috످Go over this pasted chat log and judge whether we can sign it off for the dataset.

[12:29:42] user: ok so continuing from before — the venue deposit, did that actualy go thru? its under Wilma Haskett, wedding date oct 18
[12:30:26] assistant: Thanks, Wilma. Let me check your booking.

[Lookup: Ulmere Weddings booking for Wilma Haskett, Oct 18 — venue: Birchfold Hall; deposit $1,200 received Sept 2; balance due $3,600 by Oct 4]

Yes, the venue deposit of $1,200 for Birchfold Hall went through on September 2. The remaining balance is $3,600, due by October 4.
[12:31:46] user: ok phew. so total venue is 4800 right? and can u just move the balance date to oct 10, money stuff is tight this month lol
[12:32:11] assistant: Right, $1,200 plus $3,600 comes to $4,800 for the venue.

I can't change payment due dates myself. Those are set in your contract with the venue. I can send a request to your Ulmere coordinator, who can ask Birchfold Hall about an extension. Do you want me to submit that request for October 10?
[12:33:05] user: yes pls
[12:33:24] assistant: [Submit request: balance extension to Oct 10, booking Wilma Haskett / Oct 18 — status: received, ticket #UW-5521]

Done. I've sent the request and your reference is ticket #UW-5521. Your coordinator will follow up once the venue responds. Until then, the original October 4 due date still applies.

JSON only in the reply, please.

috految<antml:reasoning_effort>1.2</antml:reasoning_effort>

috److{"category":"none","sign_off":true,"reason":"The assistant's deposit and balance details match the lookup, and the $4,800 total is correct. It submitted the extension request only after the user agreed, gave the matching ticket number, and made clear that the October 4 due date still applies.","note":"The log includes a customer's name and booking details, so anonymize it if the dataset requires that."}

috످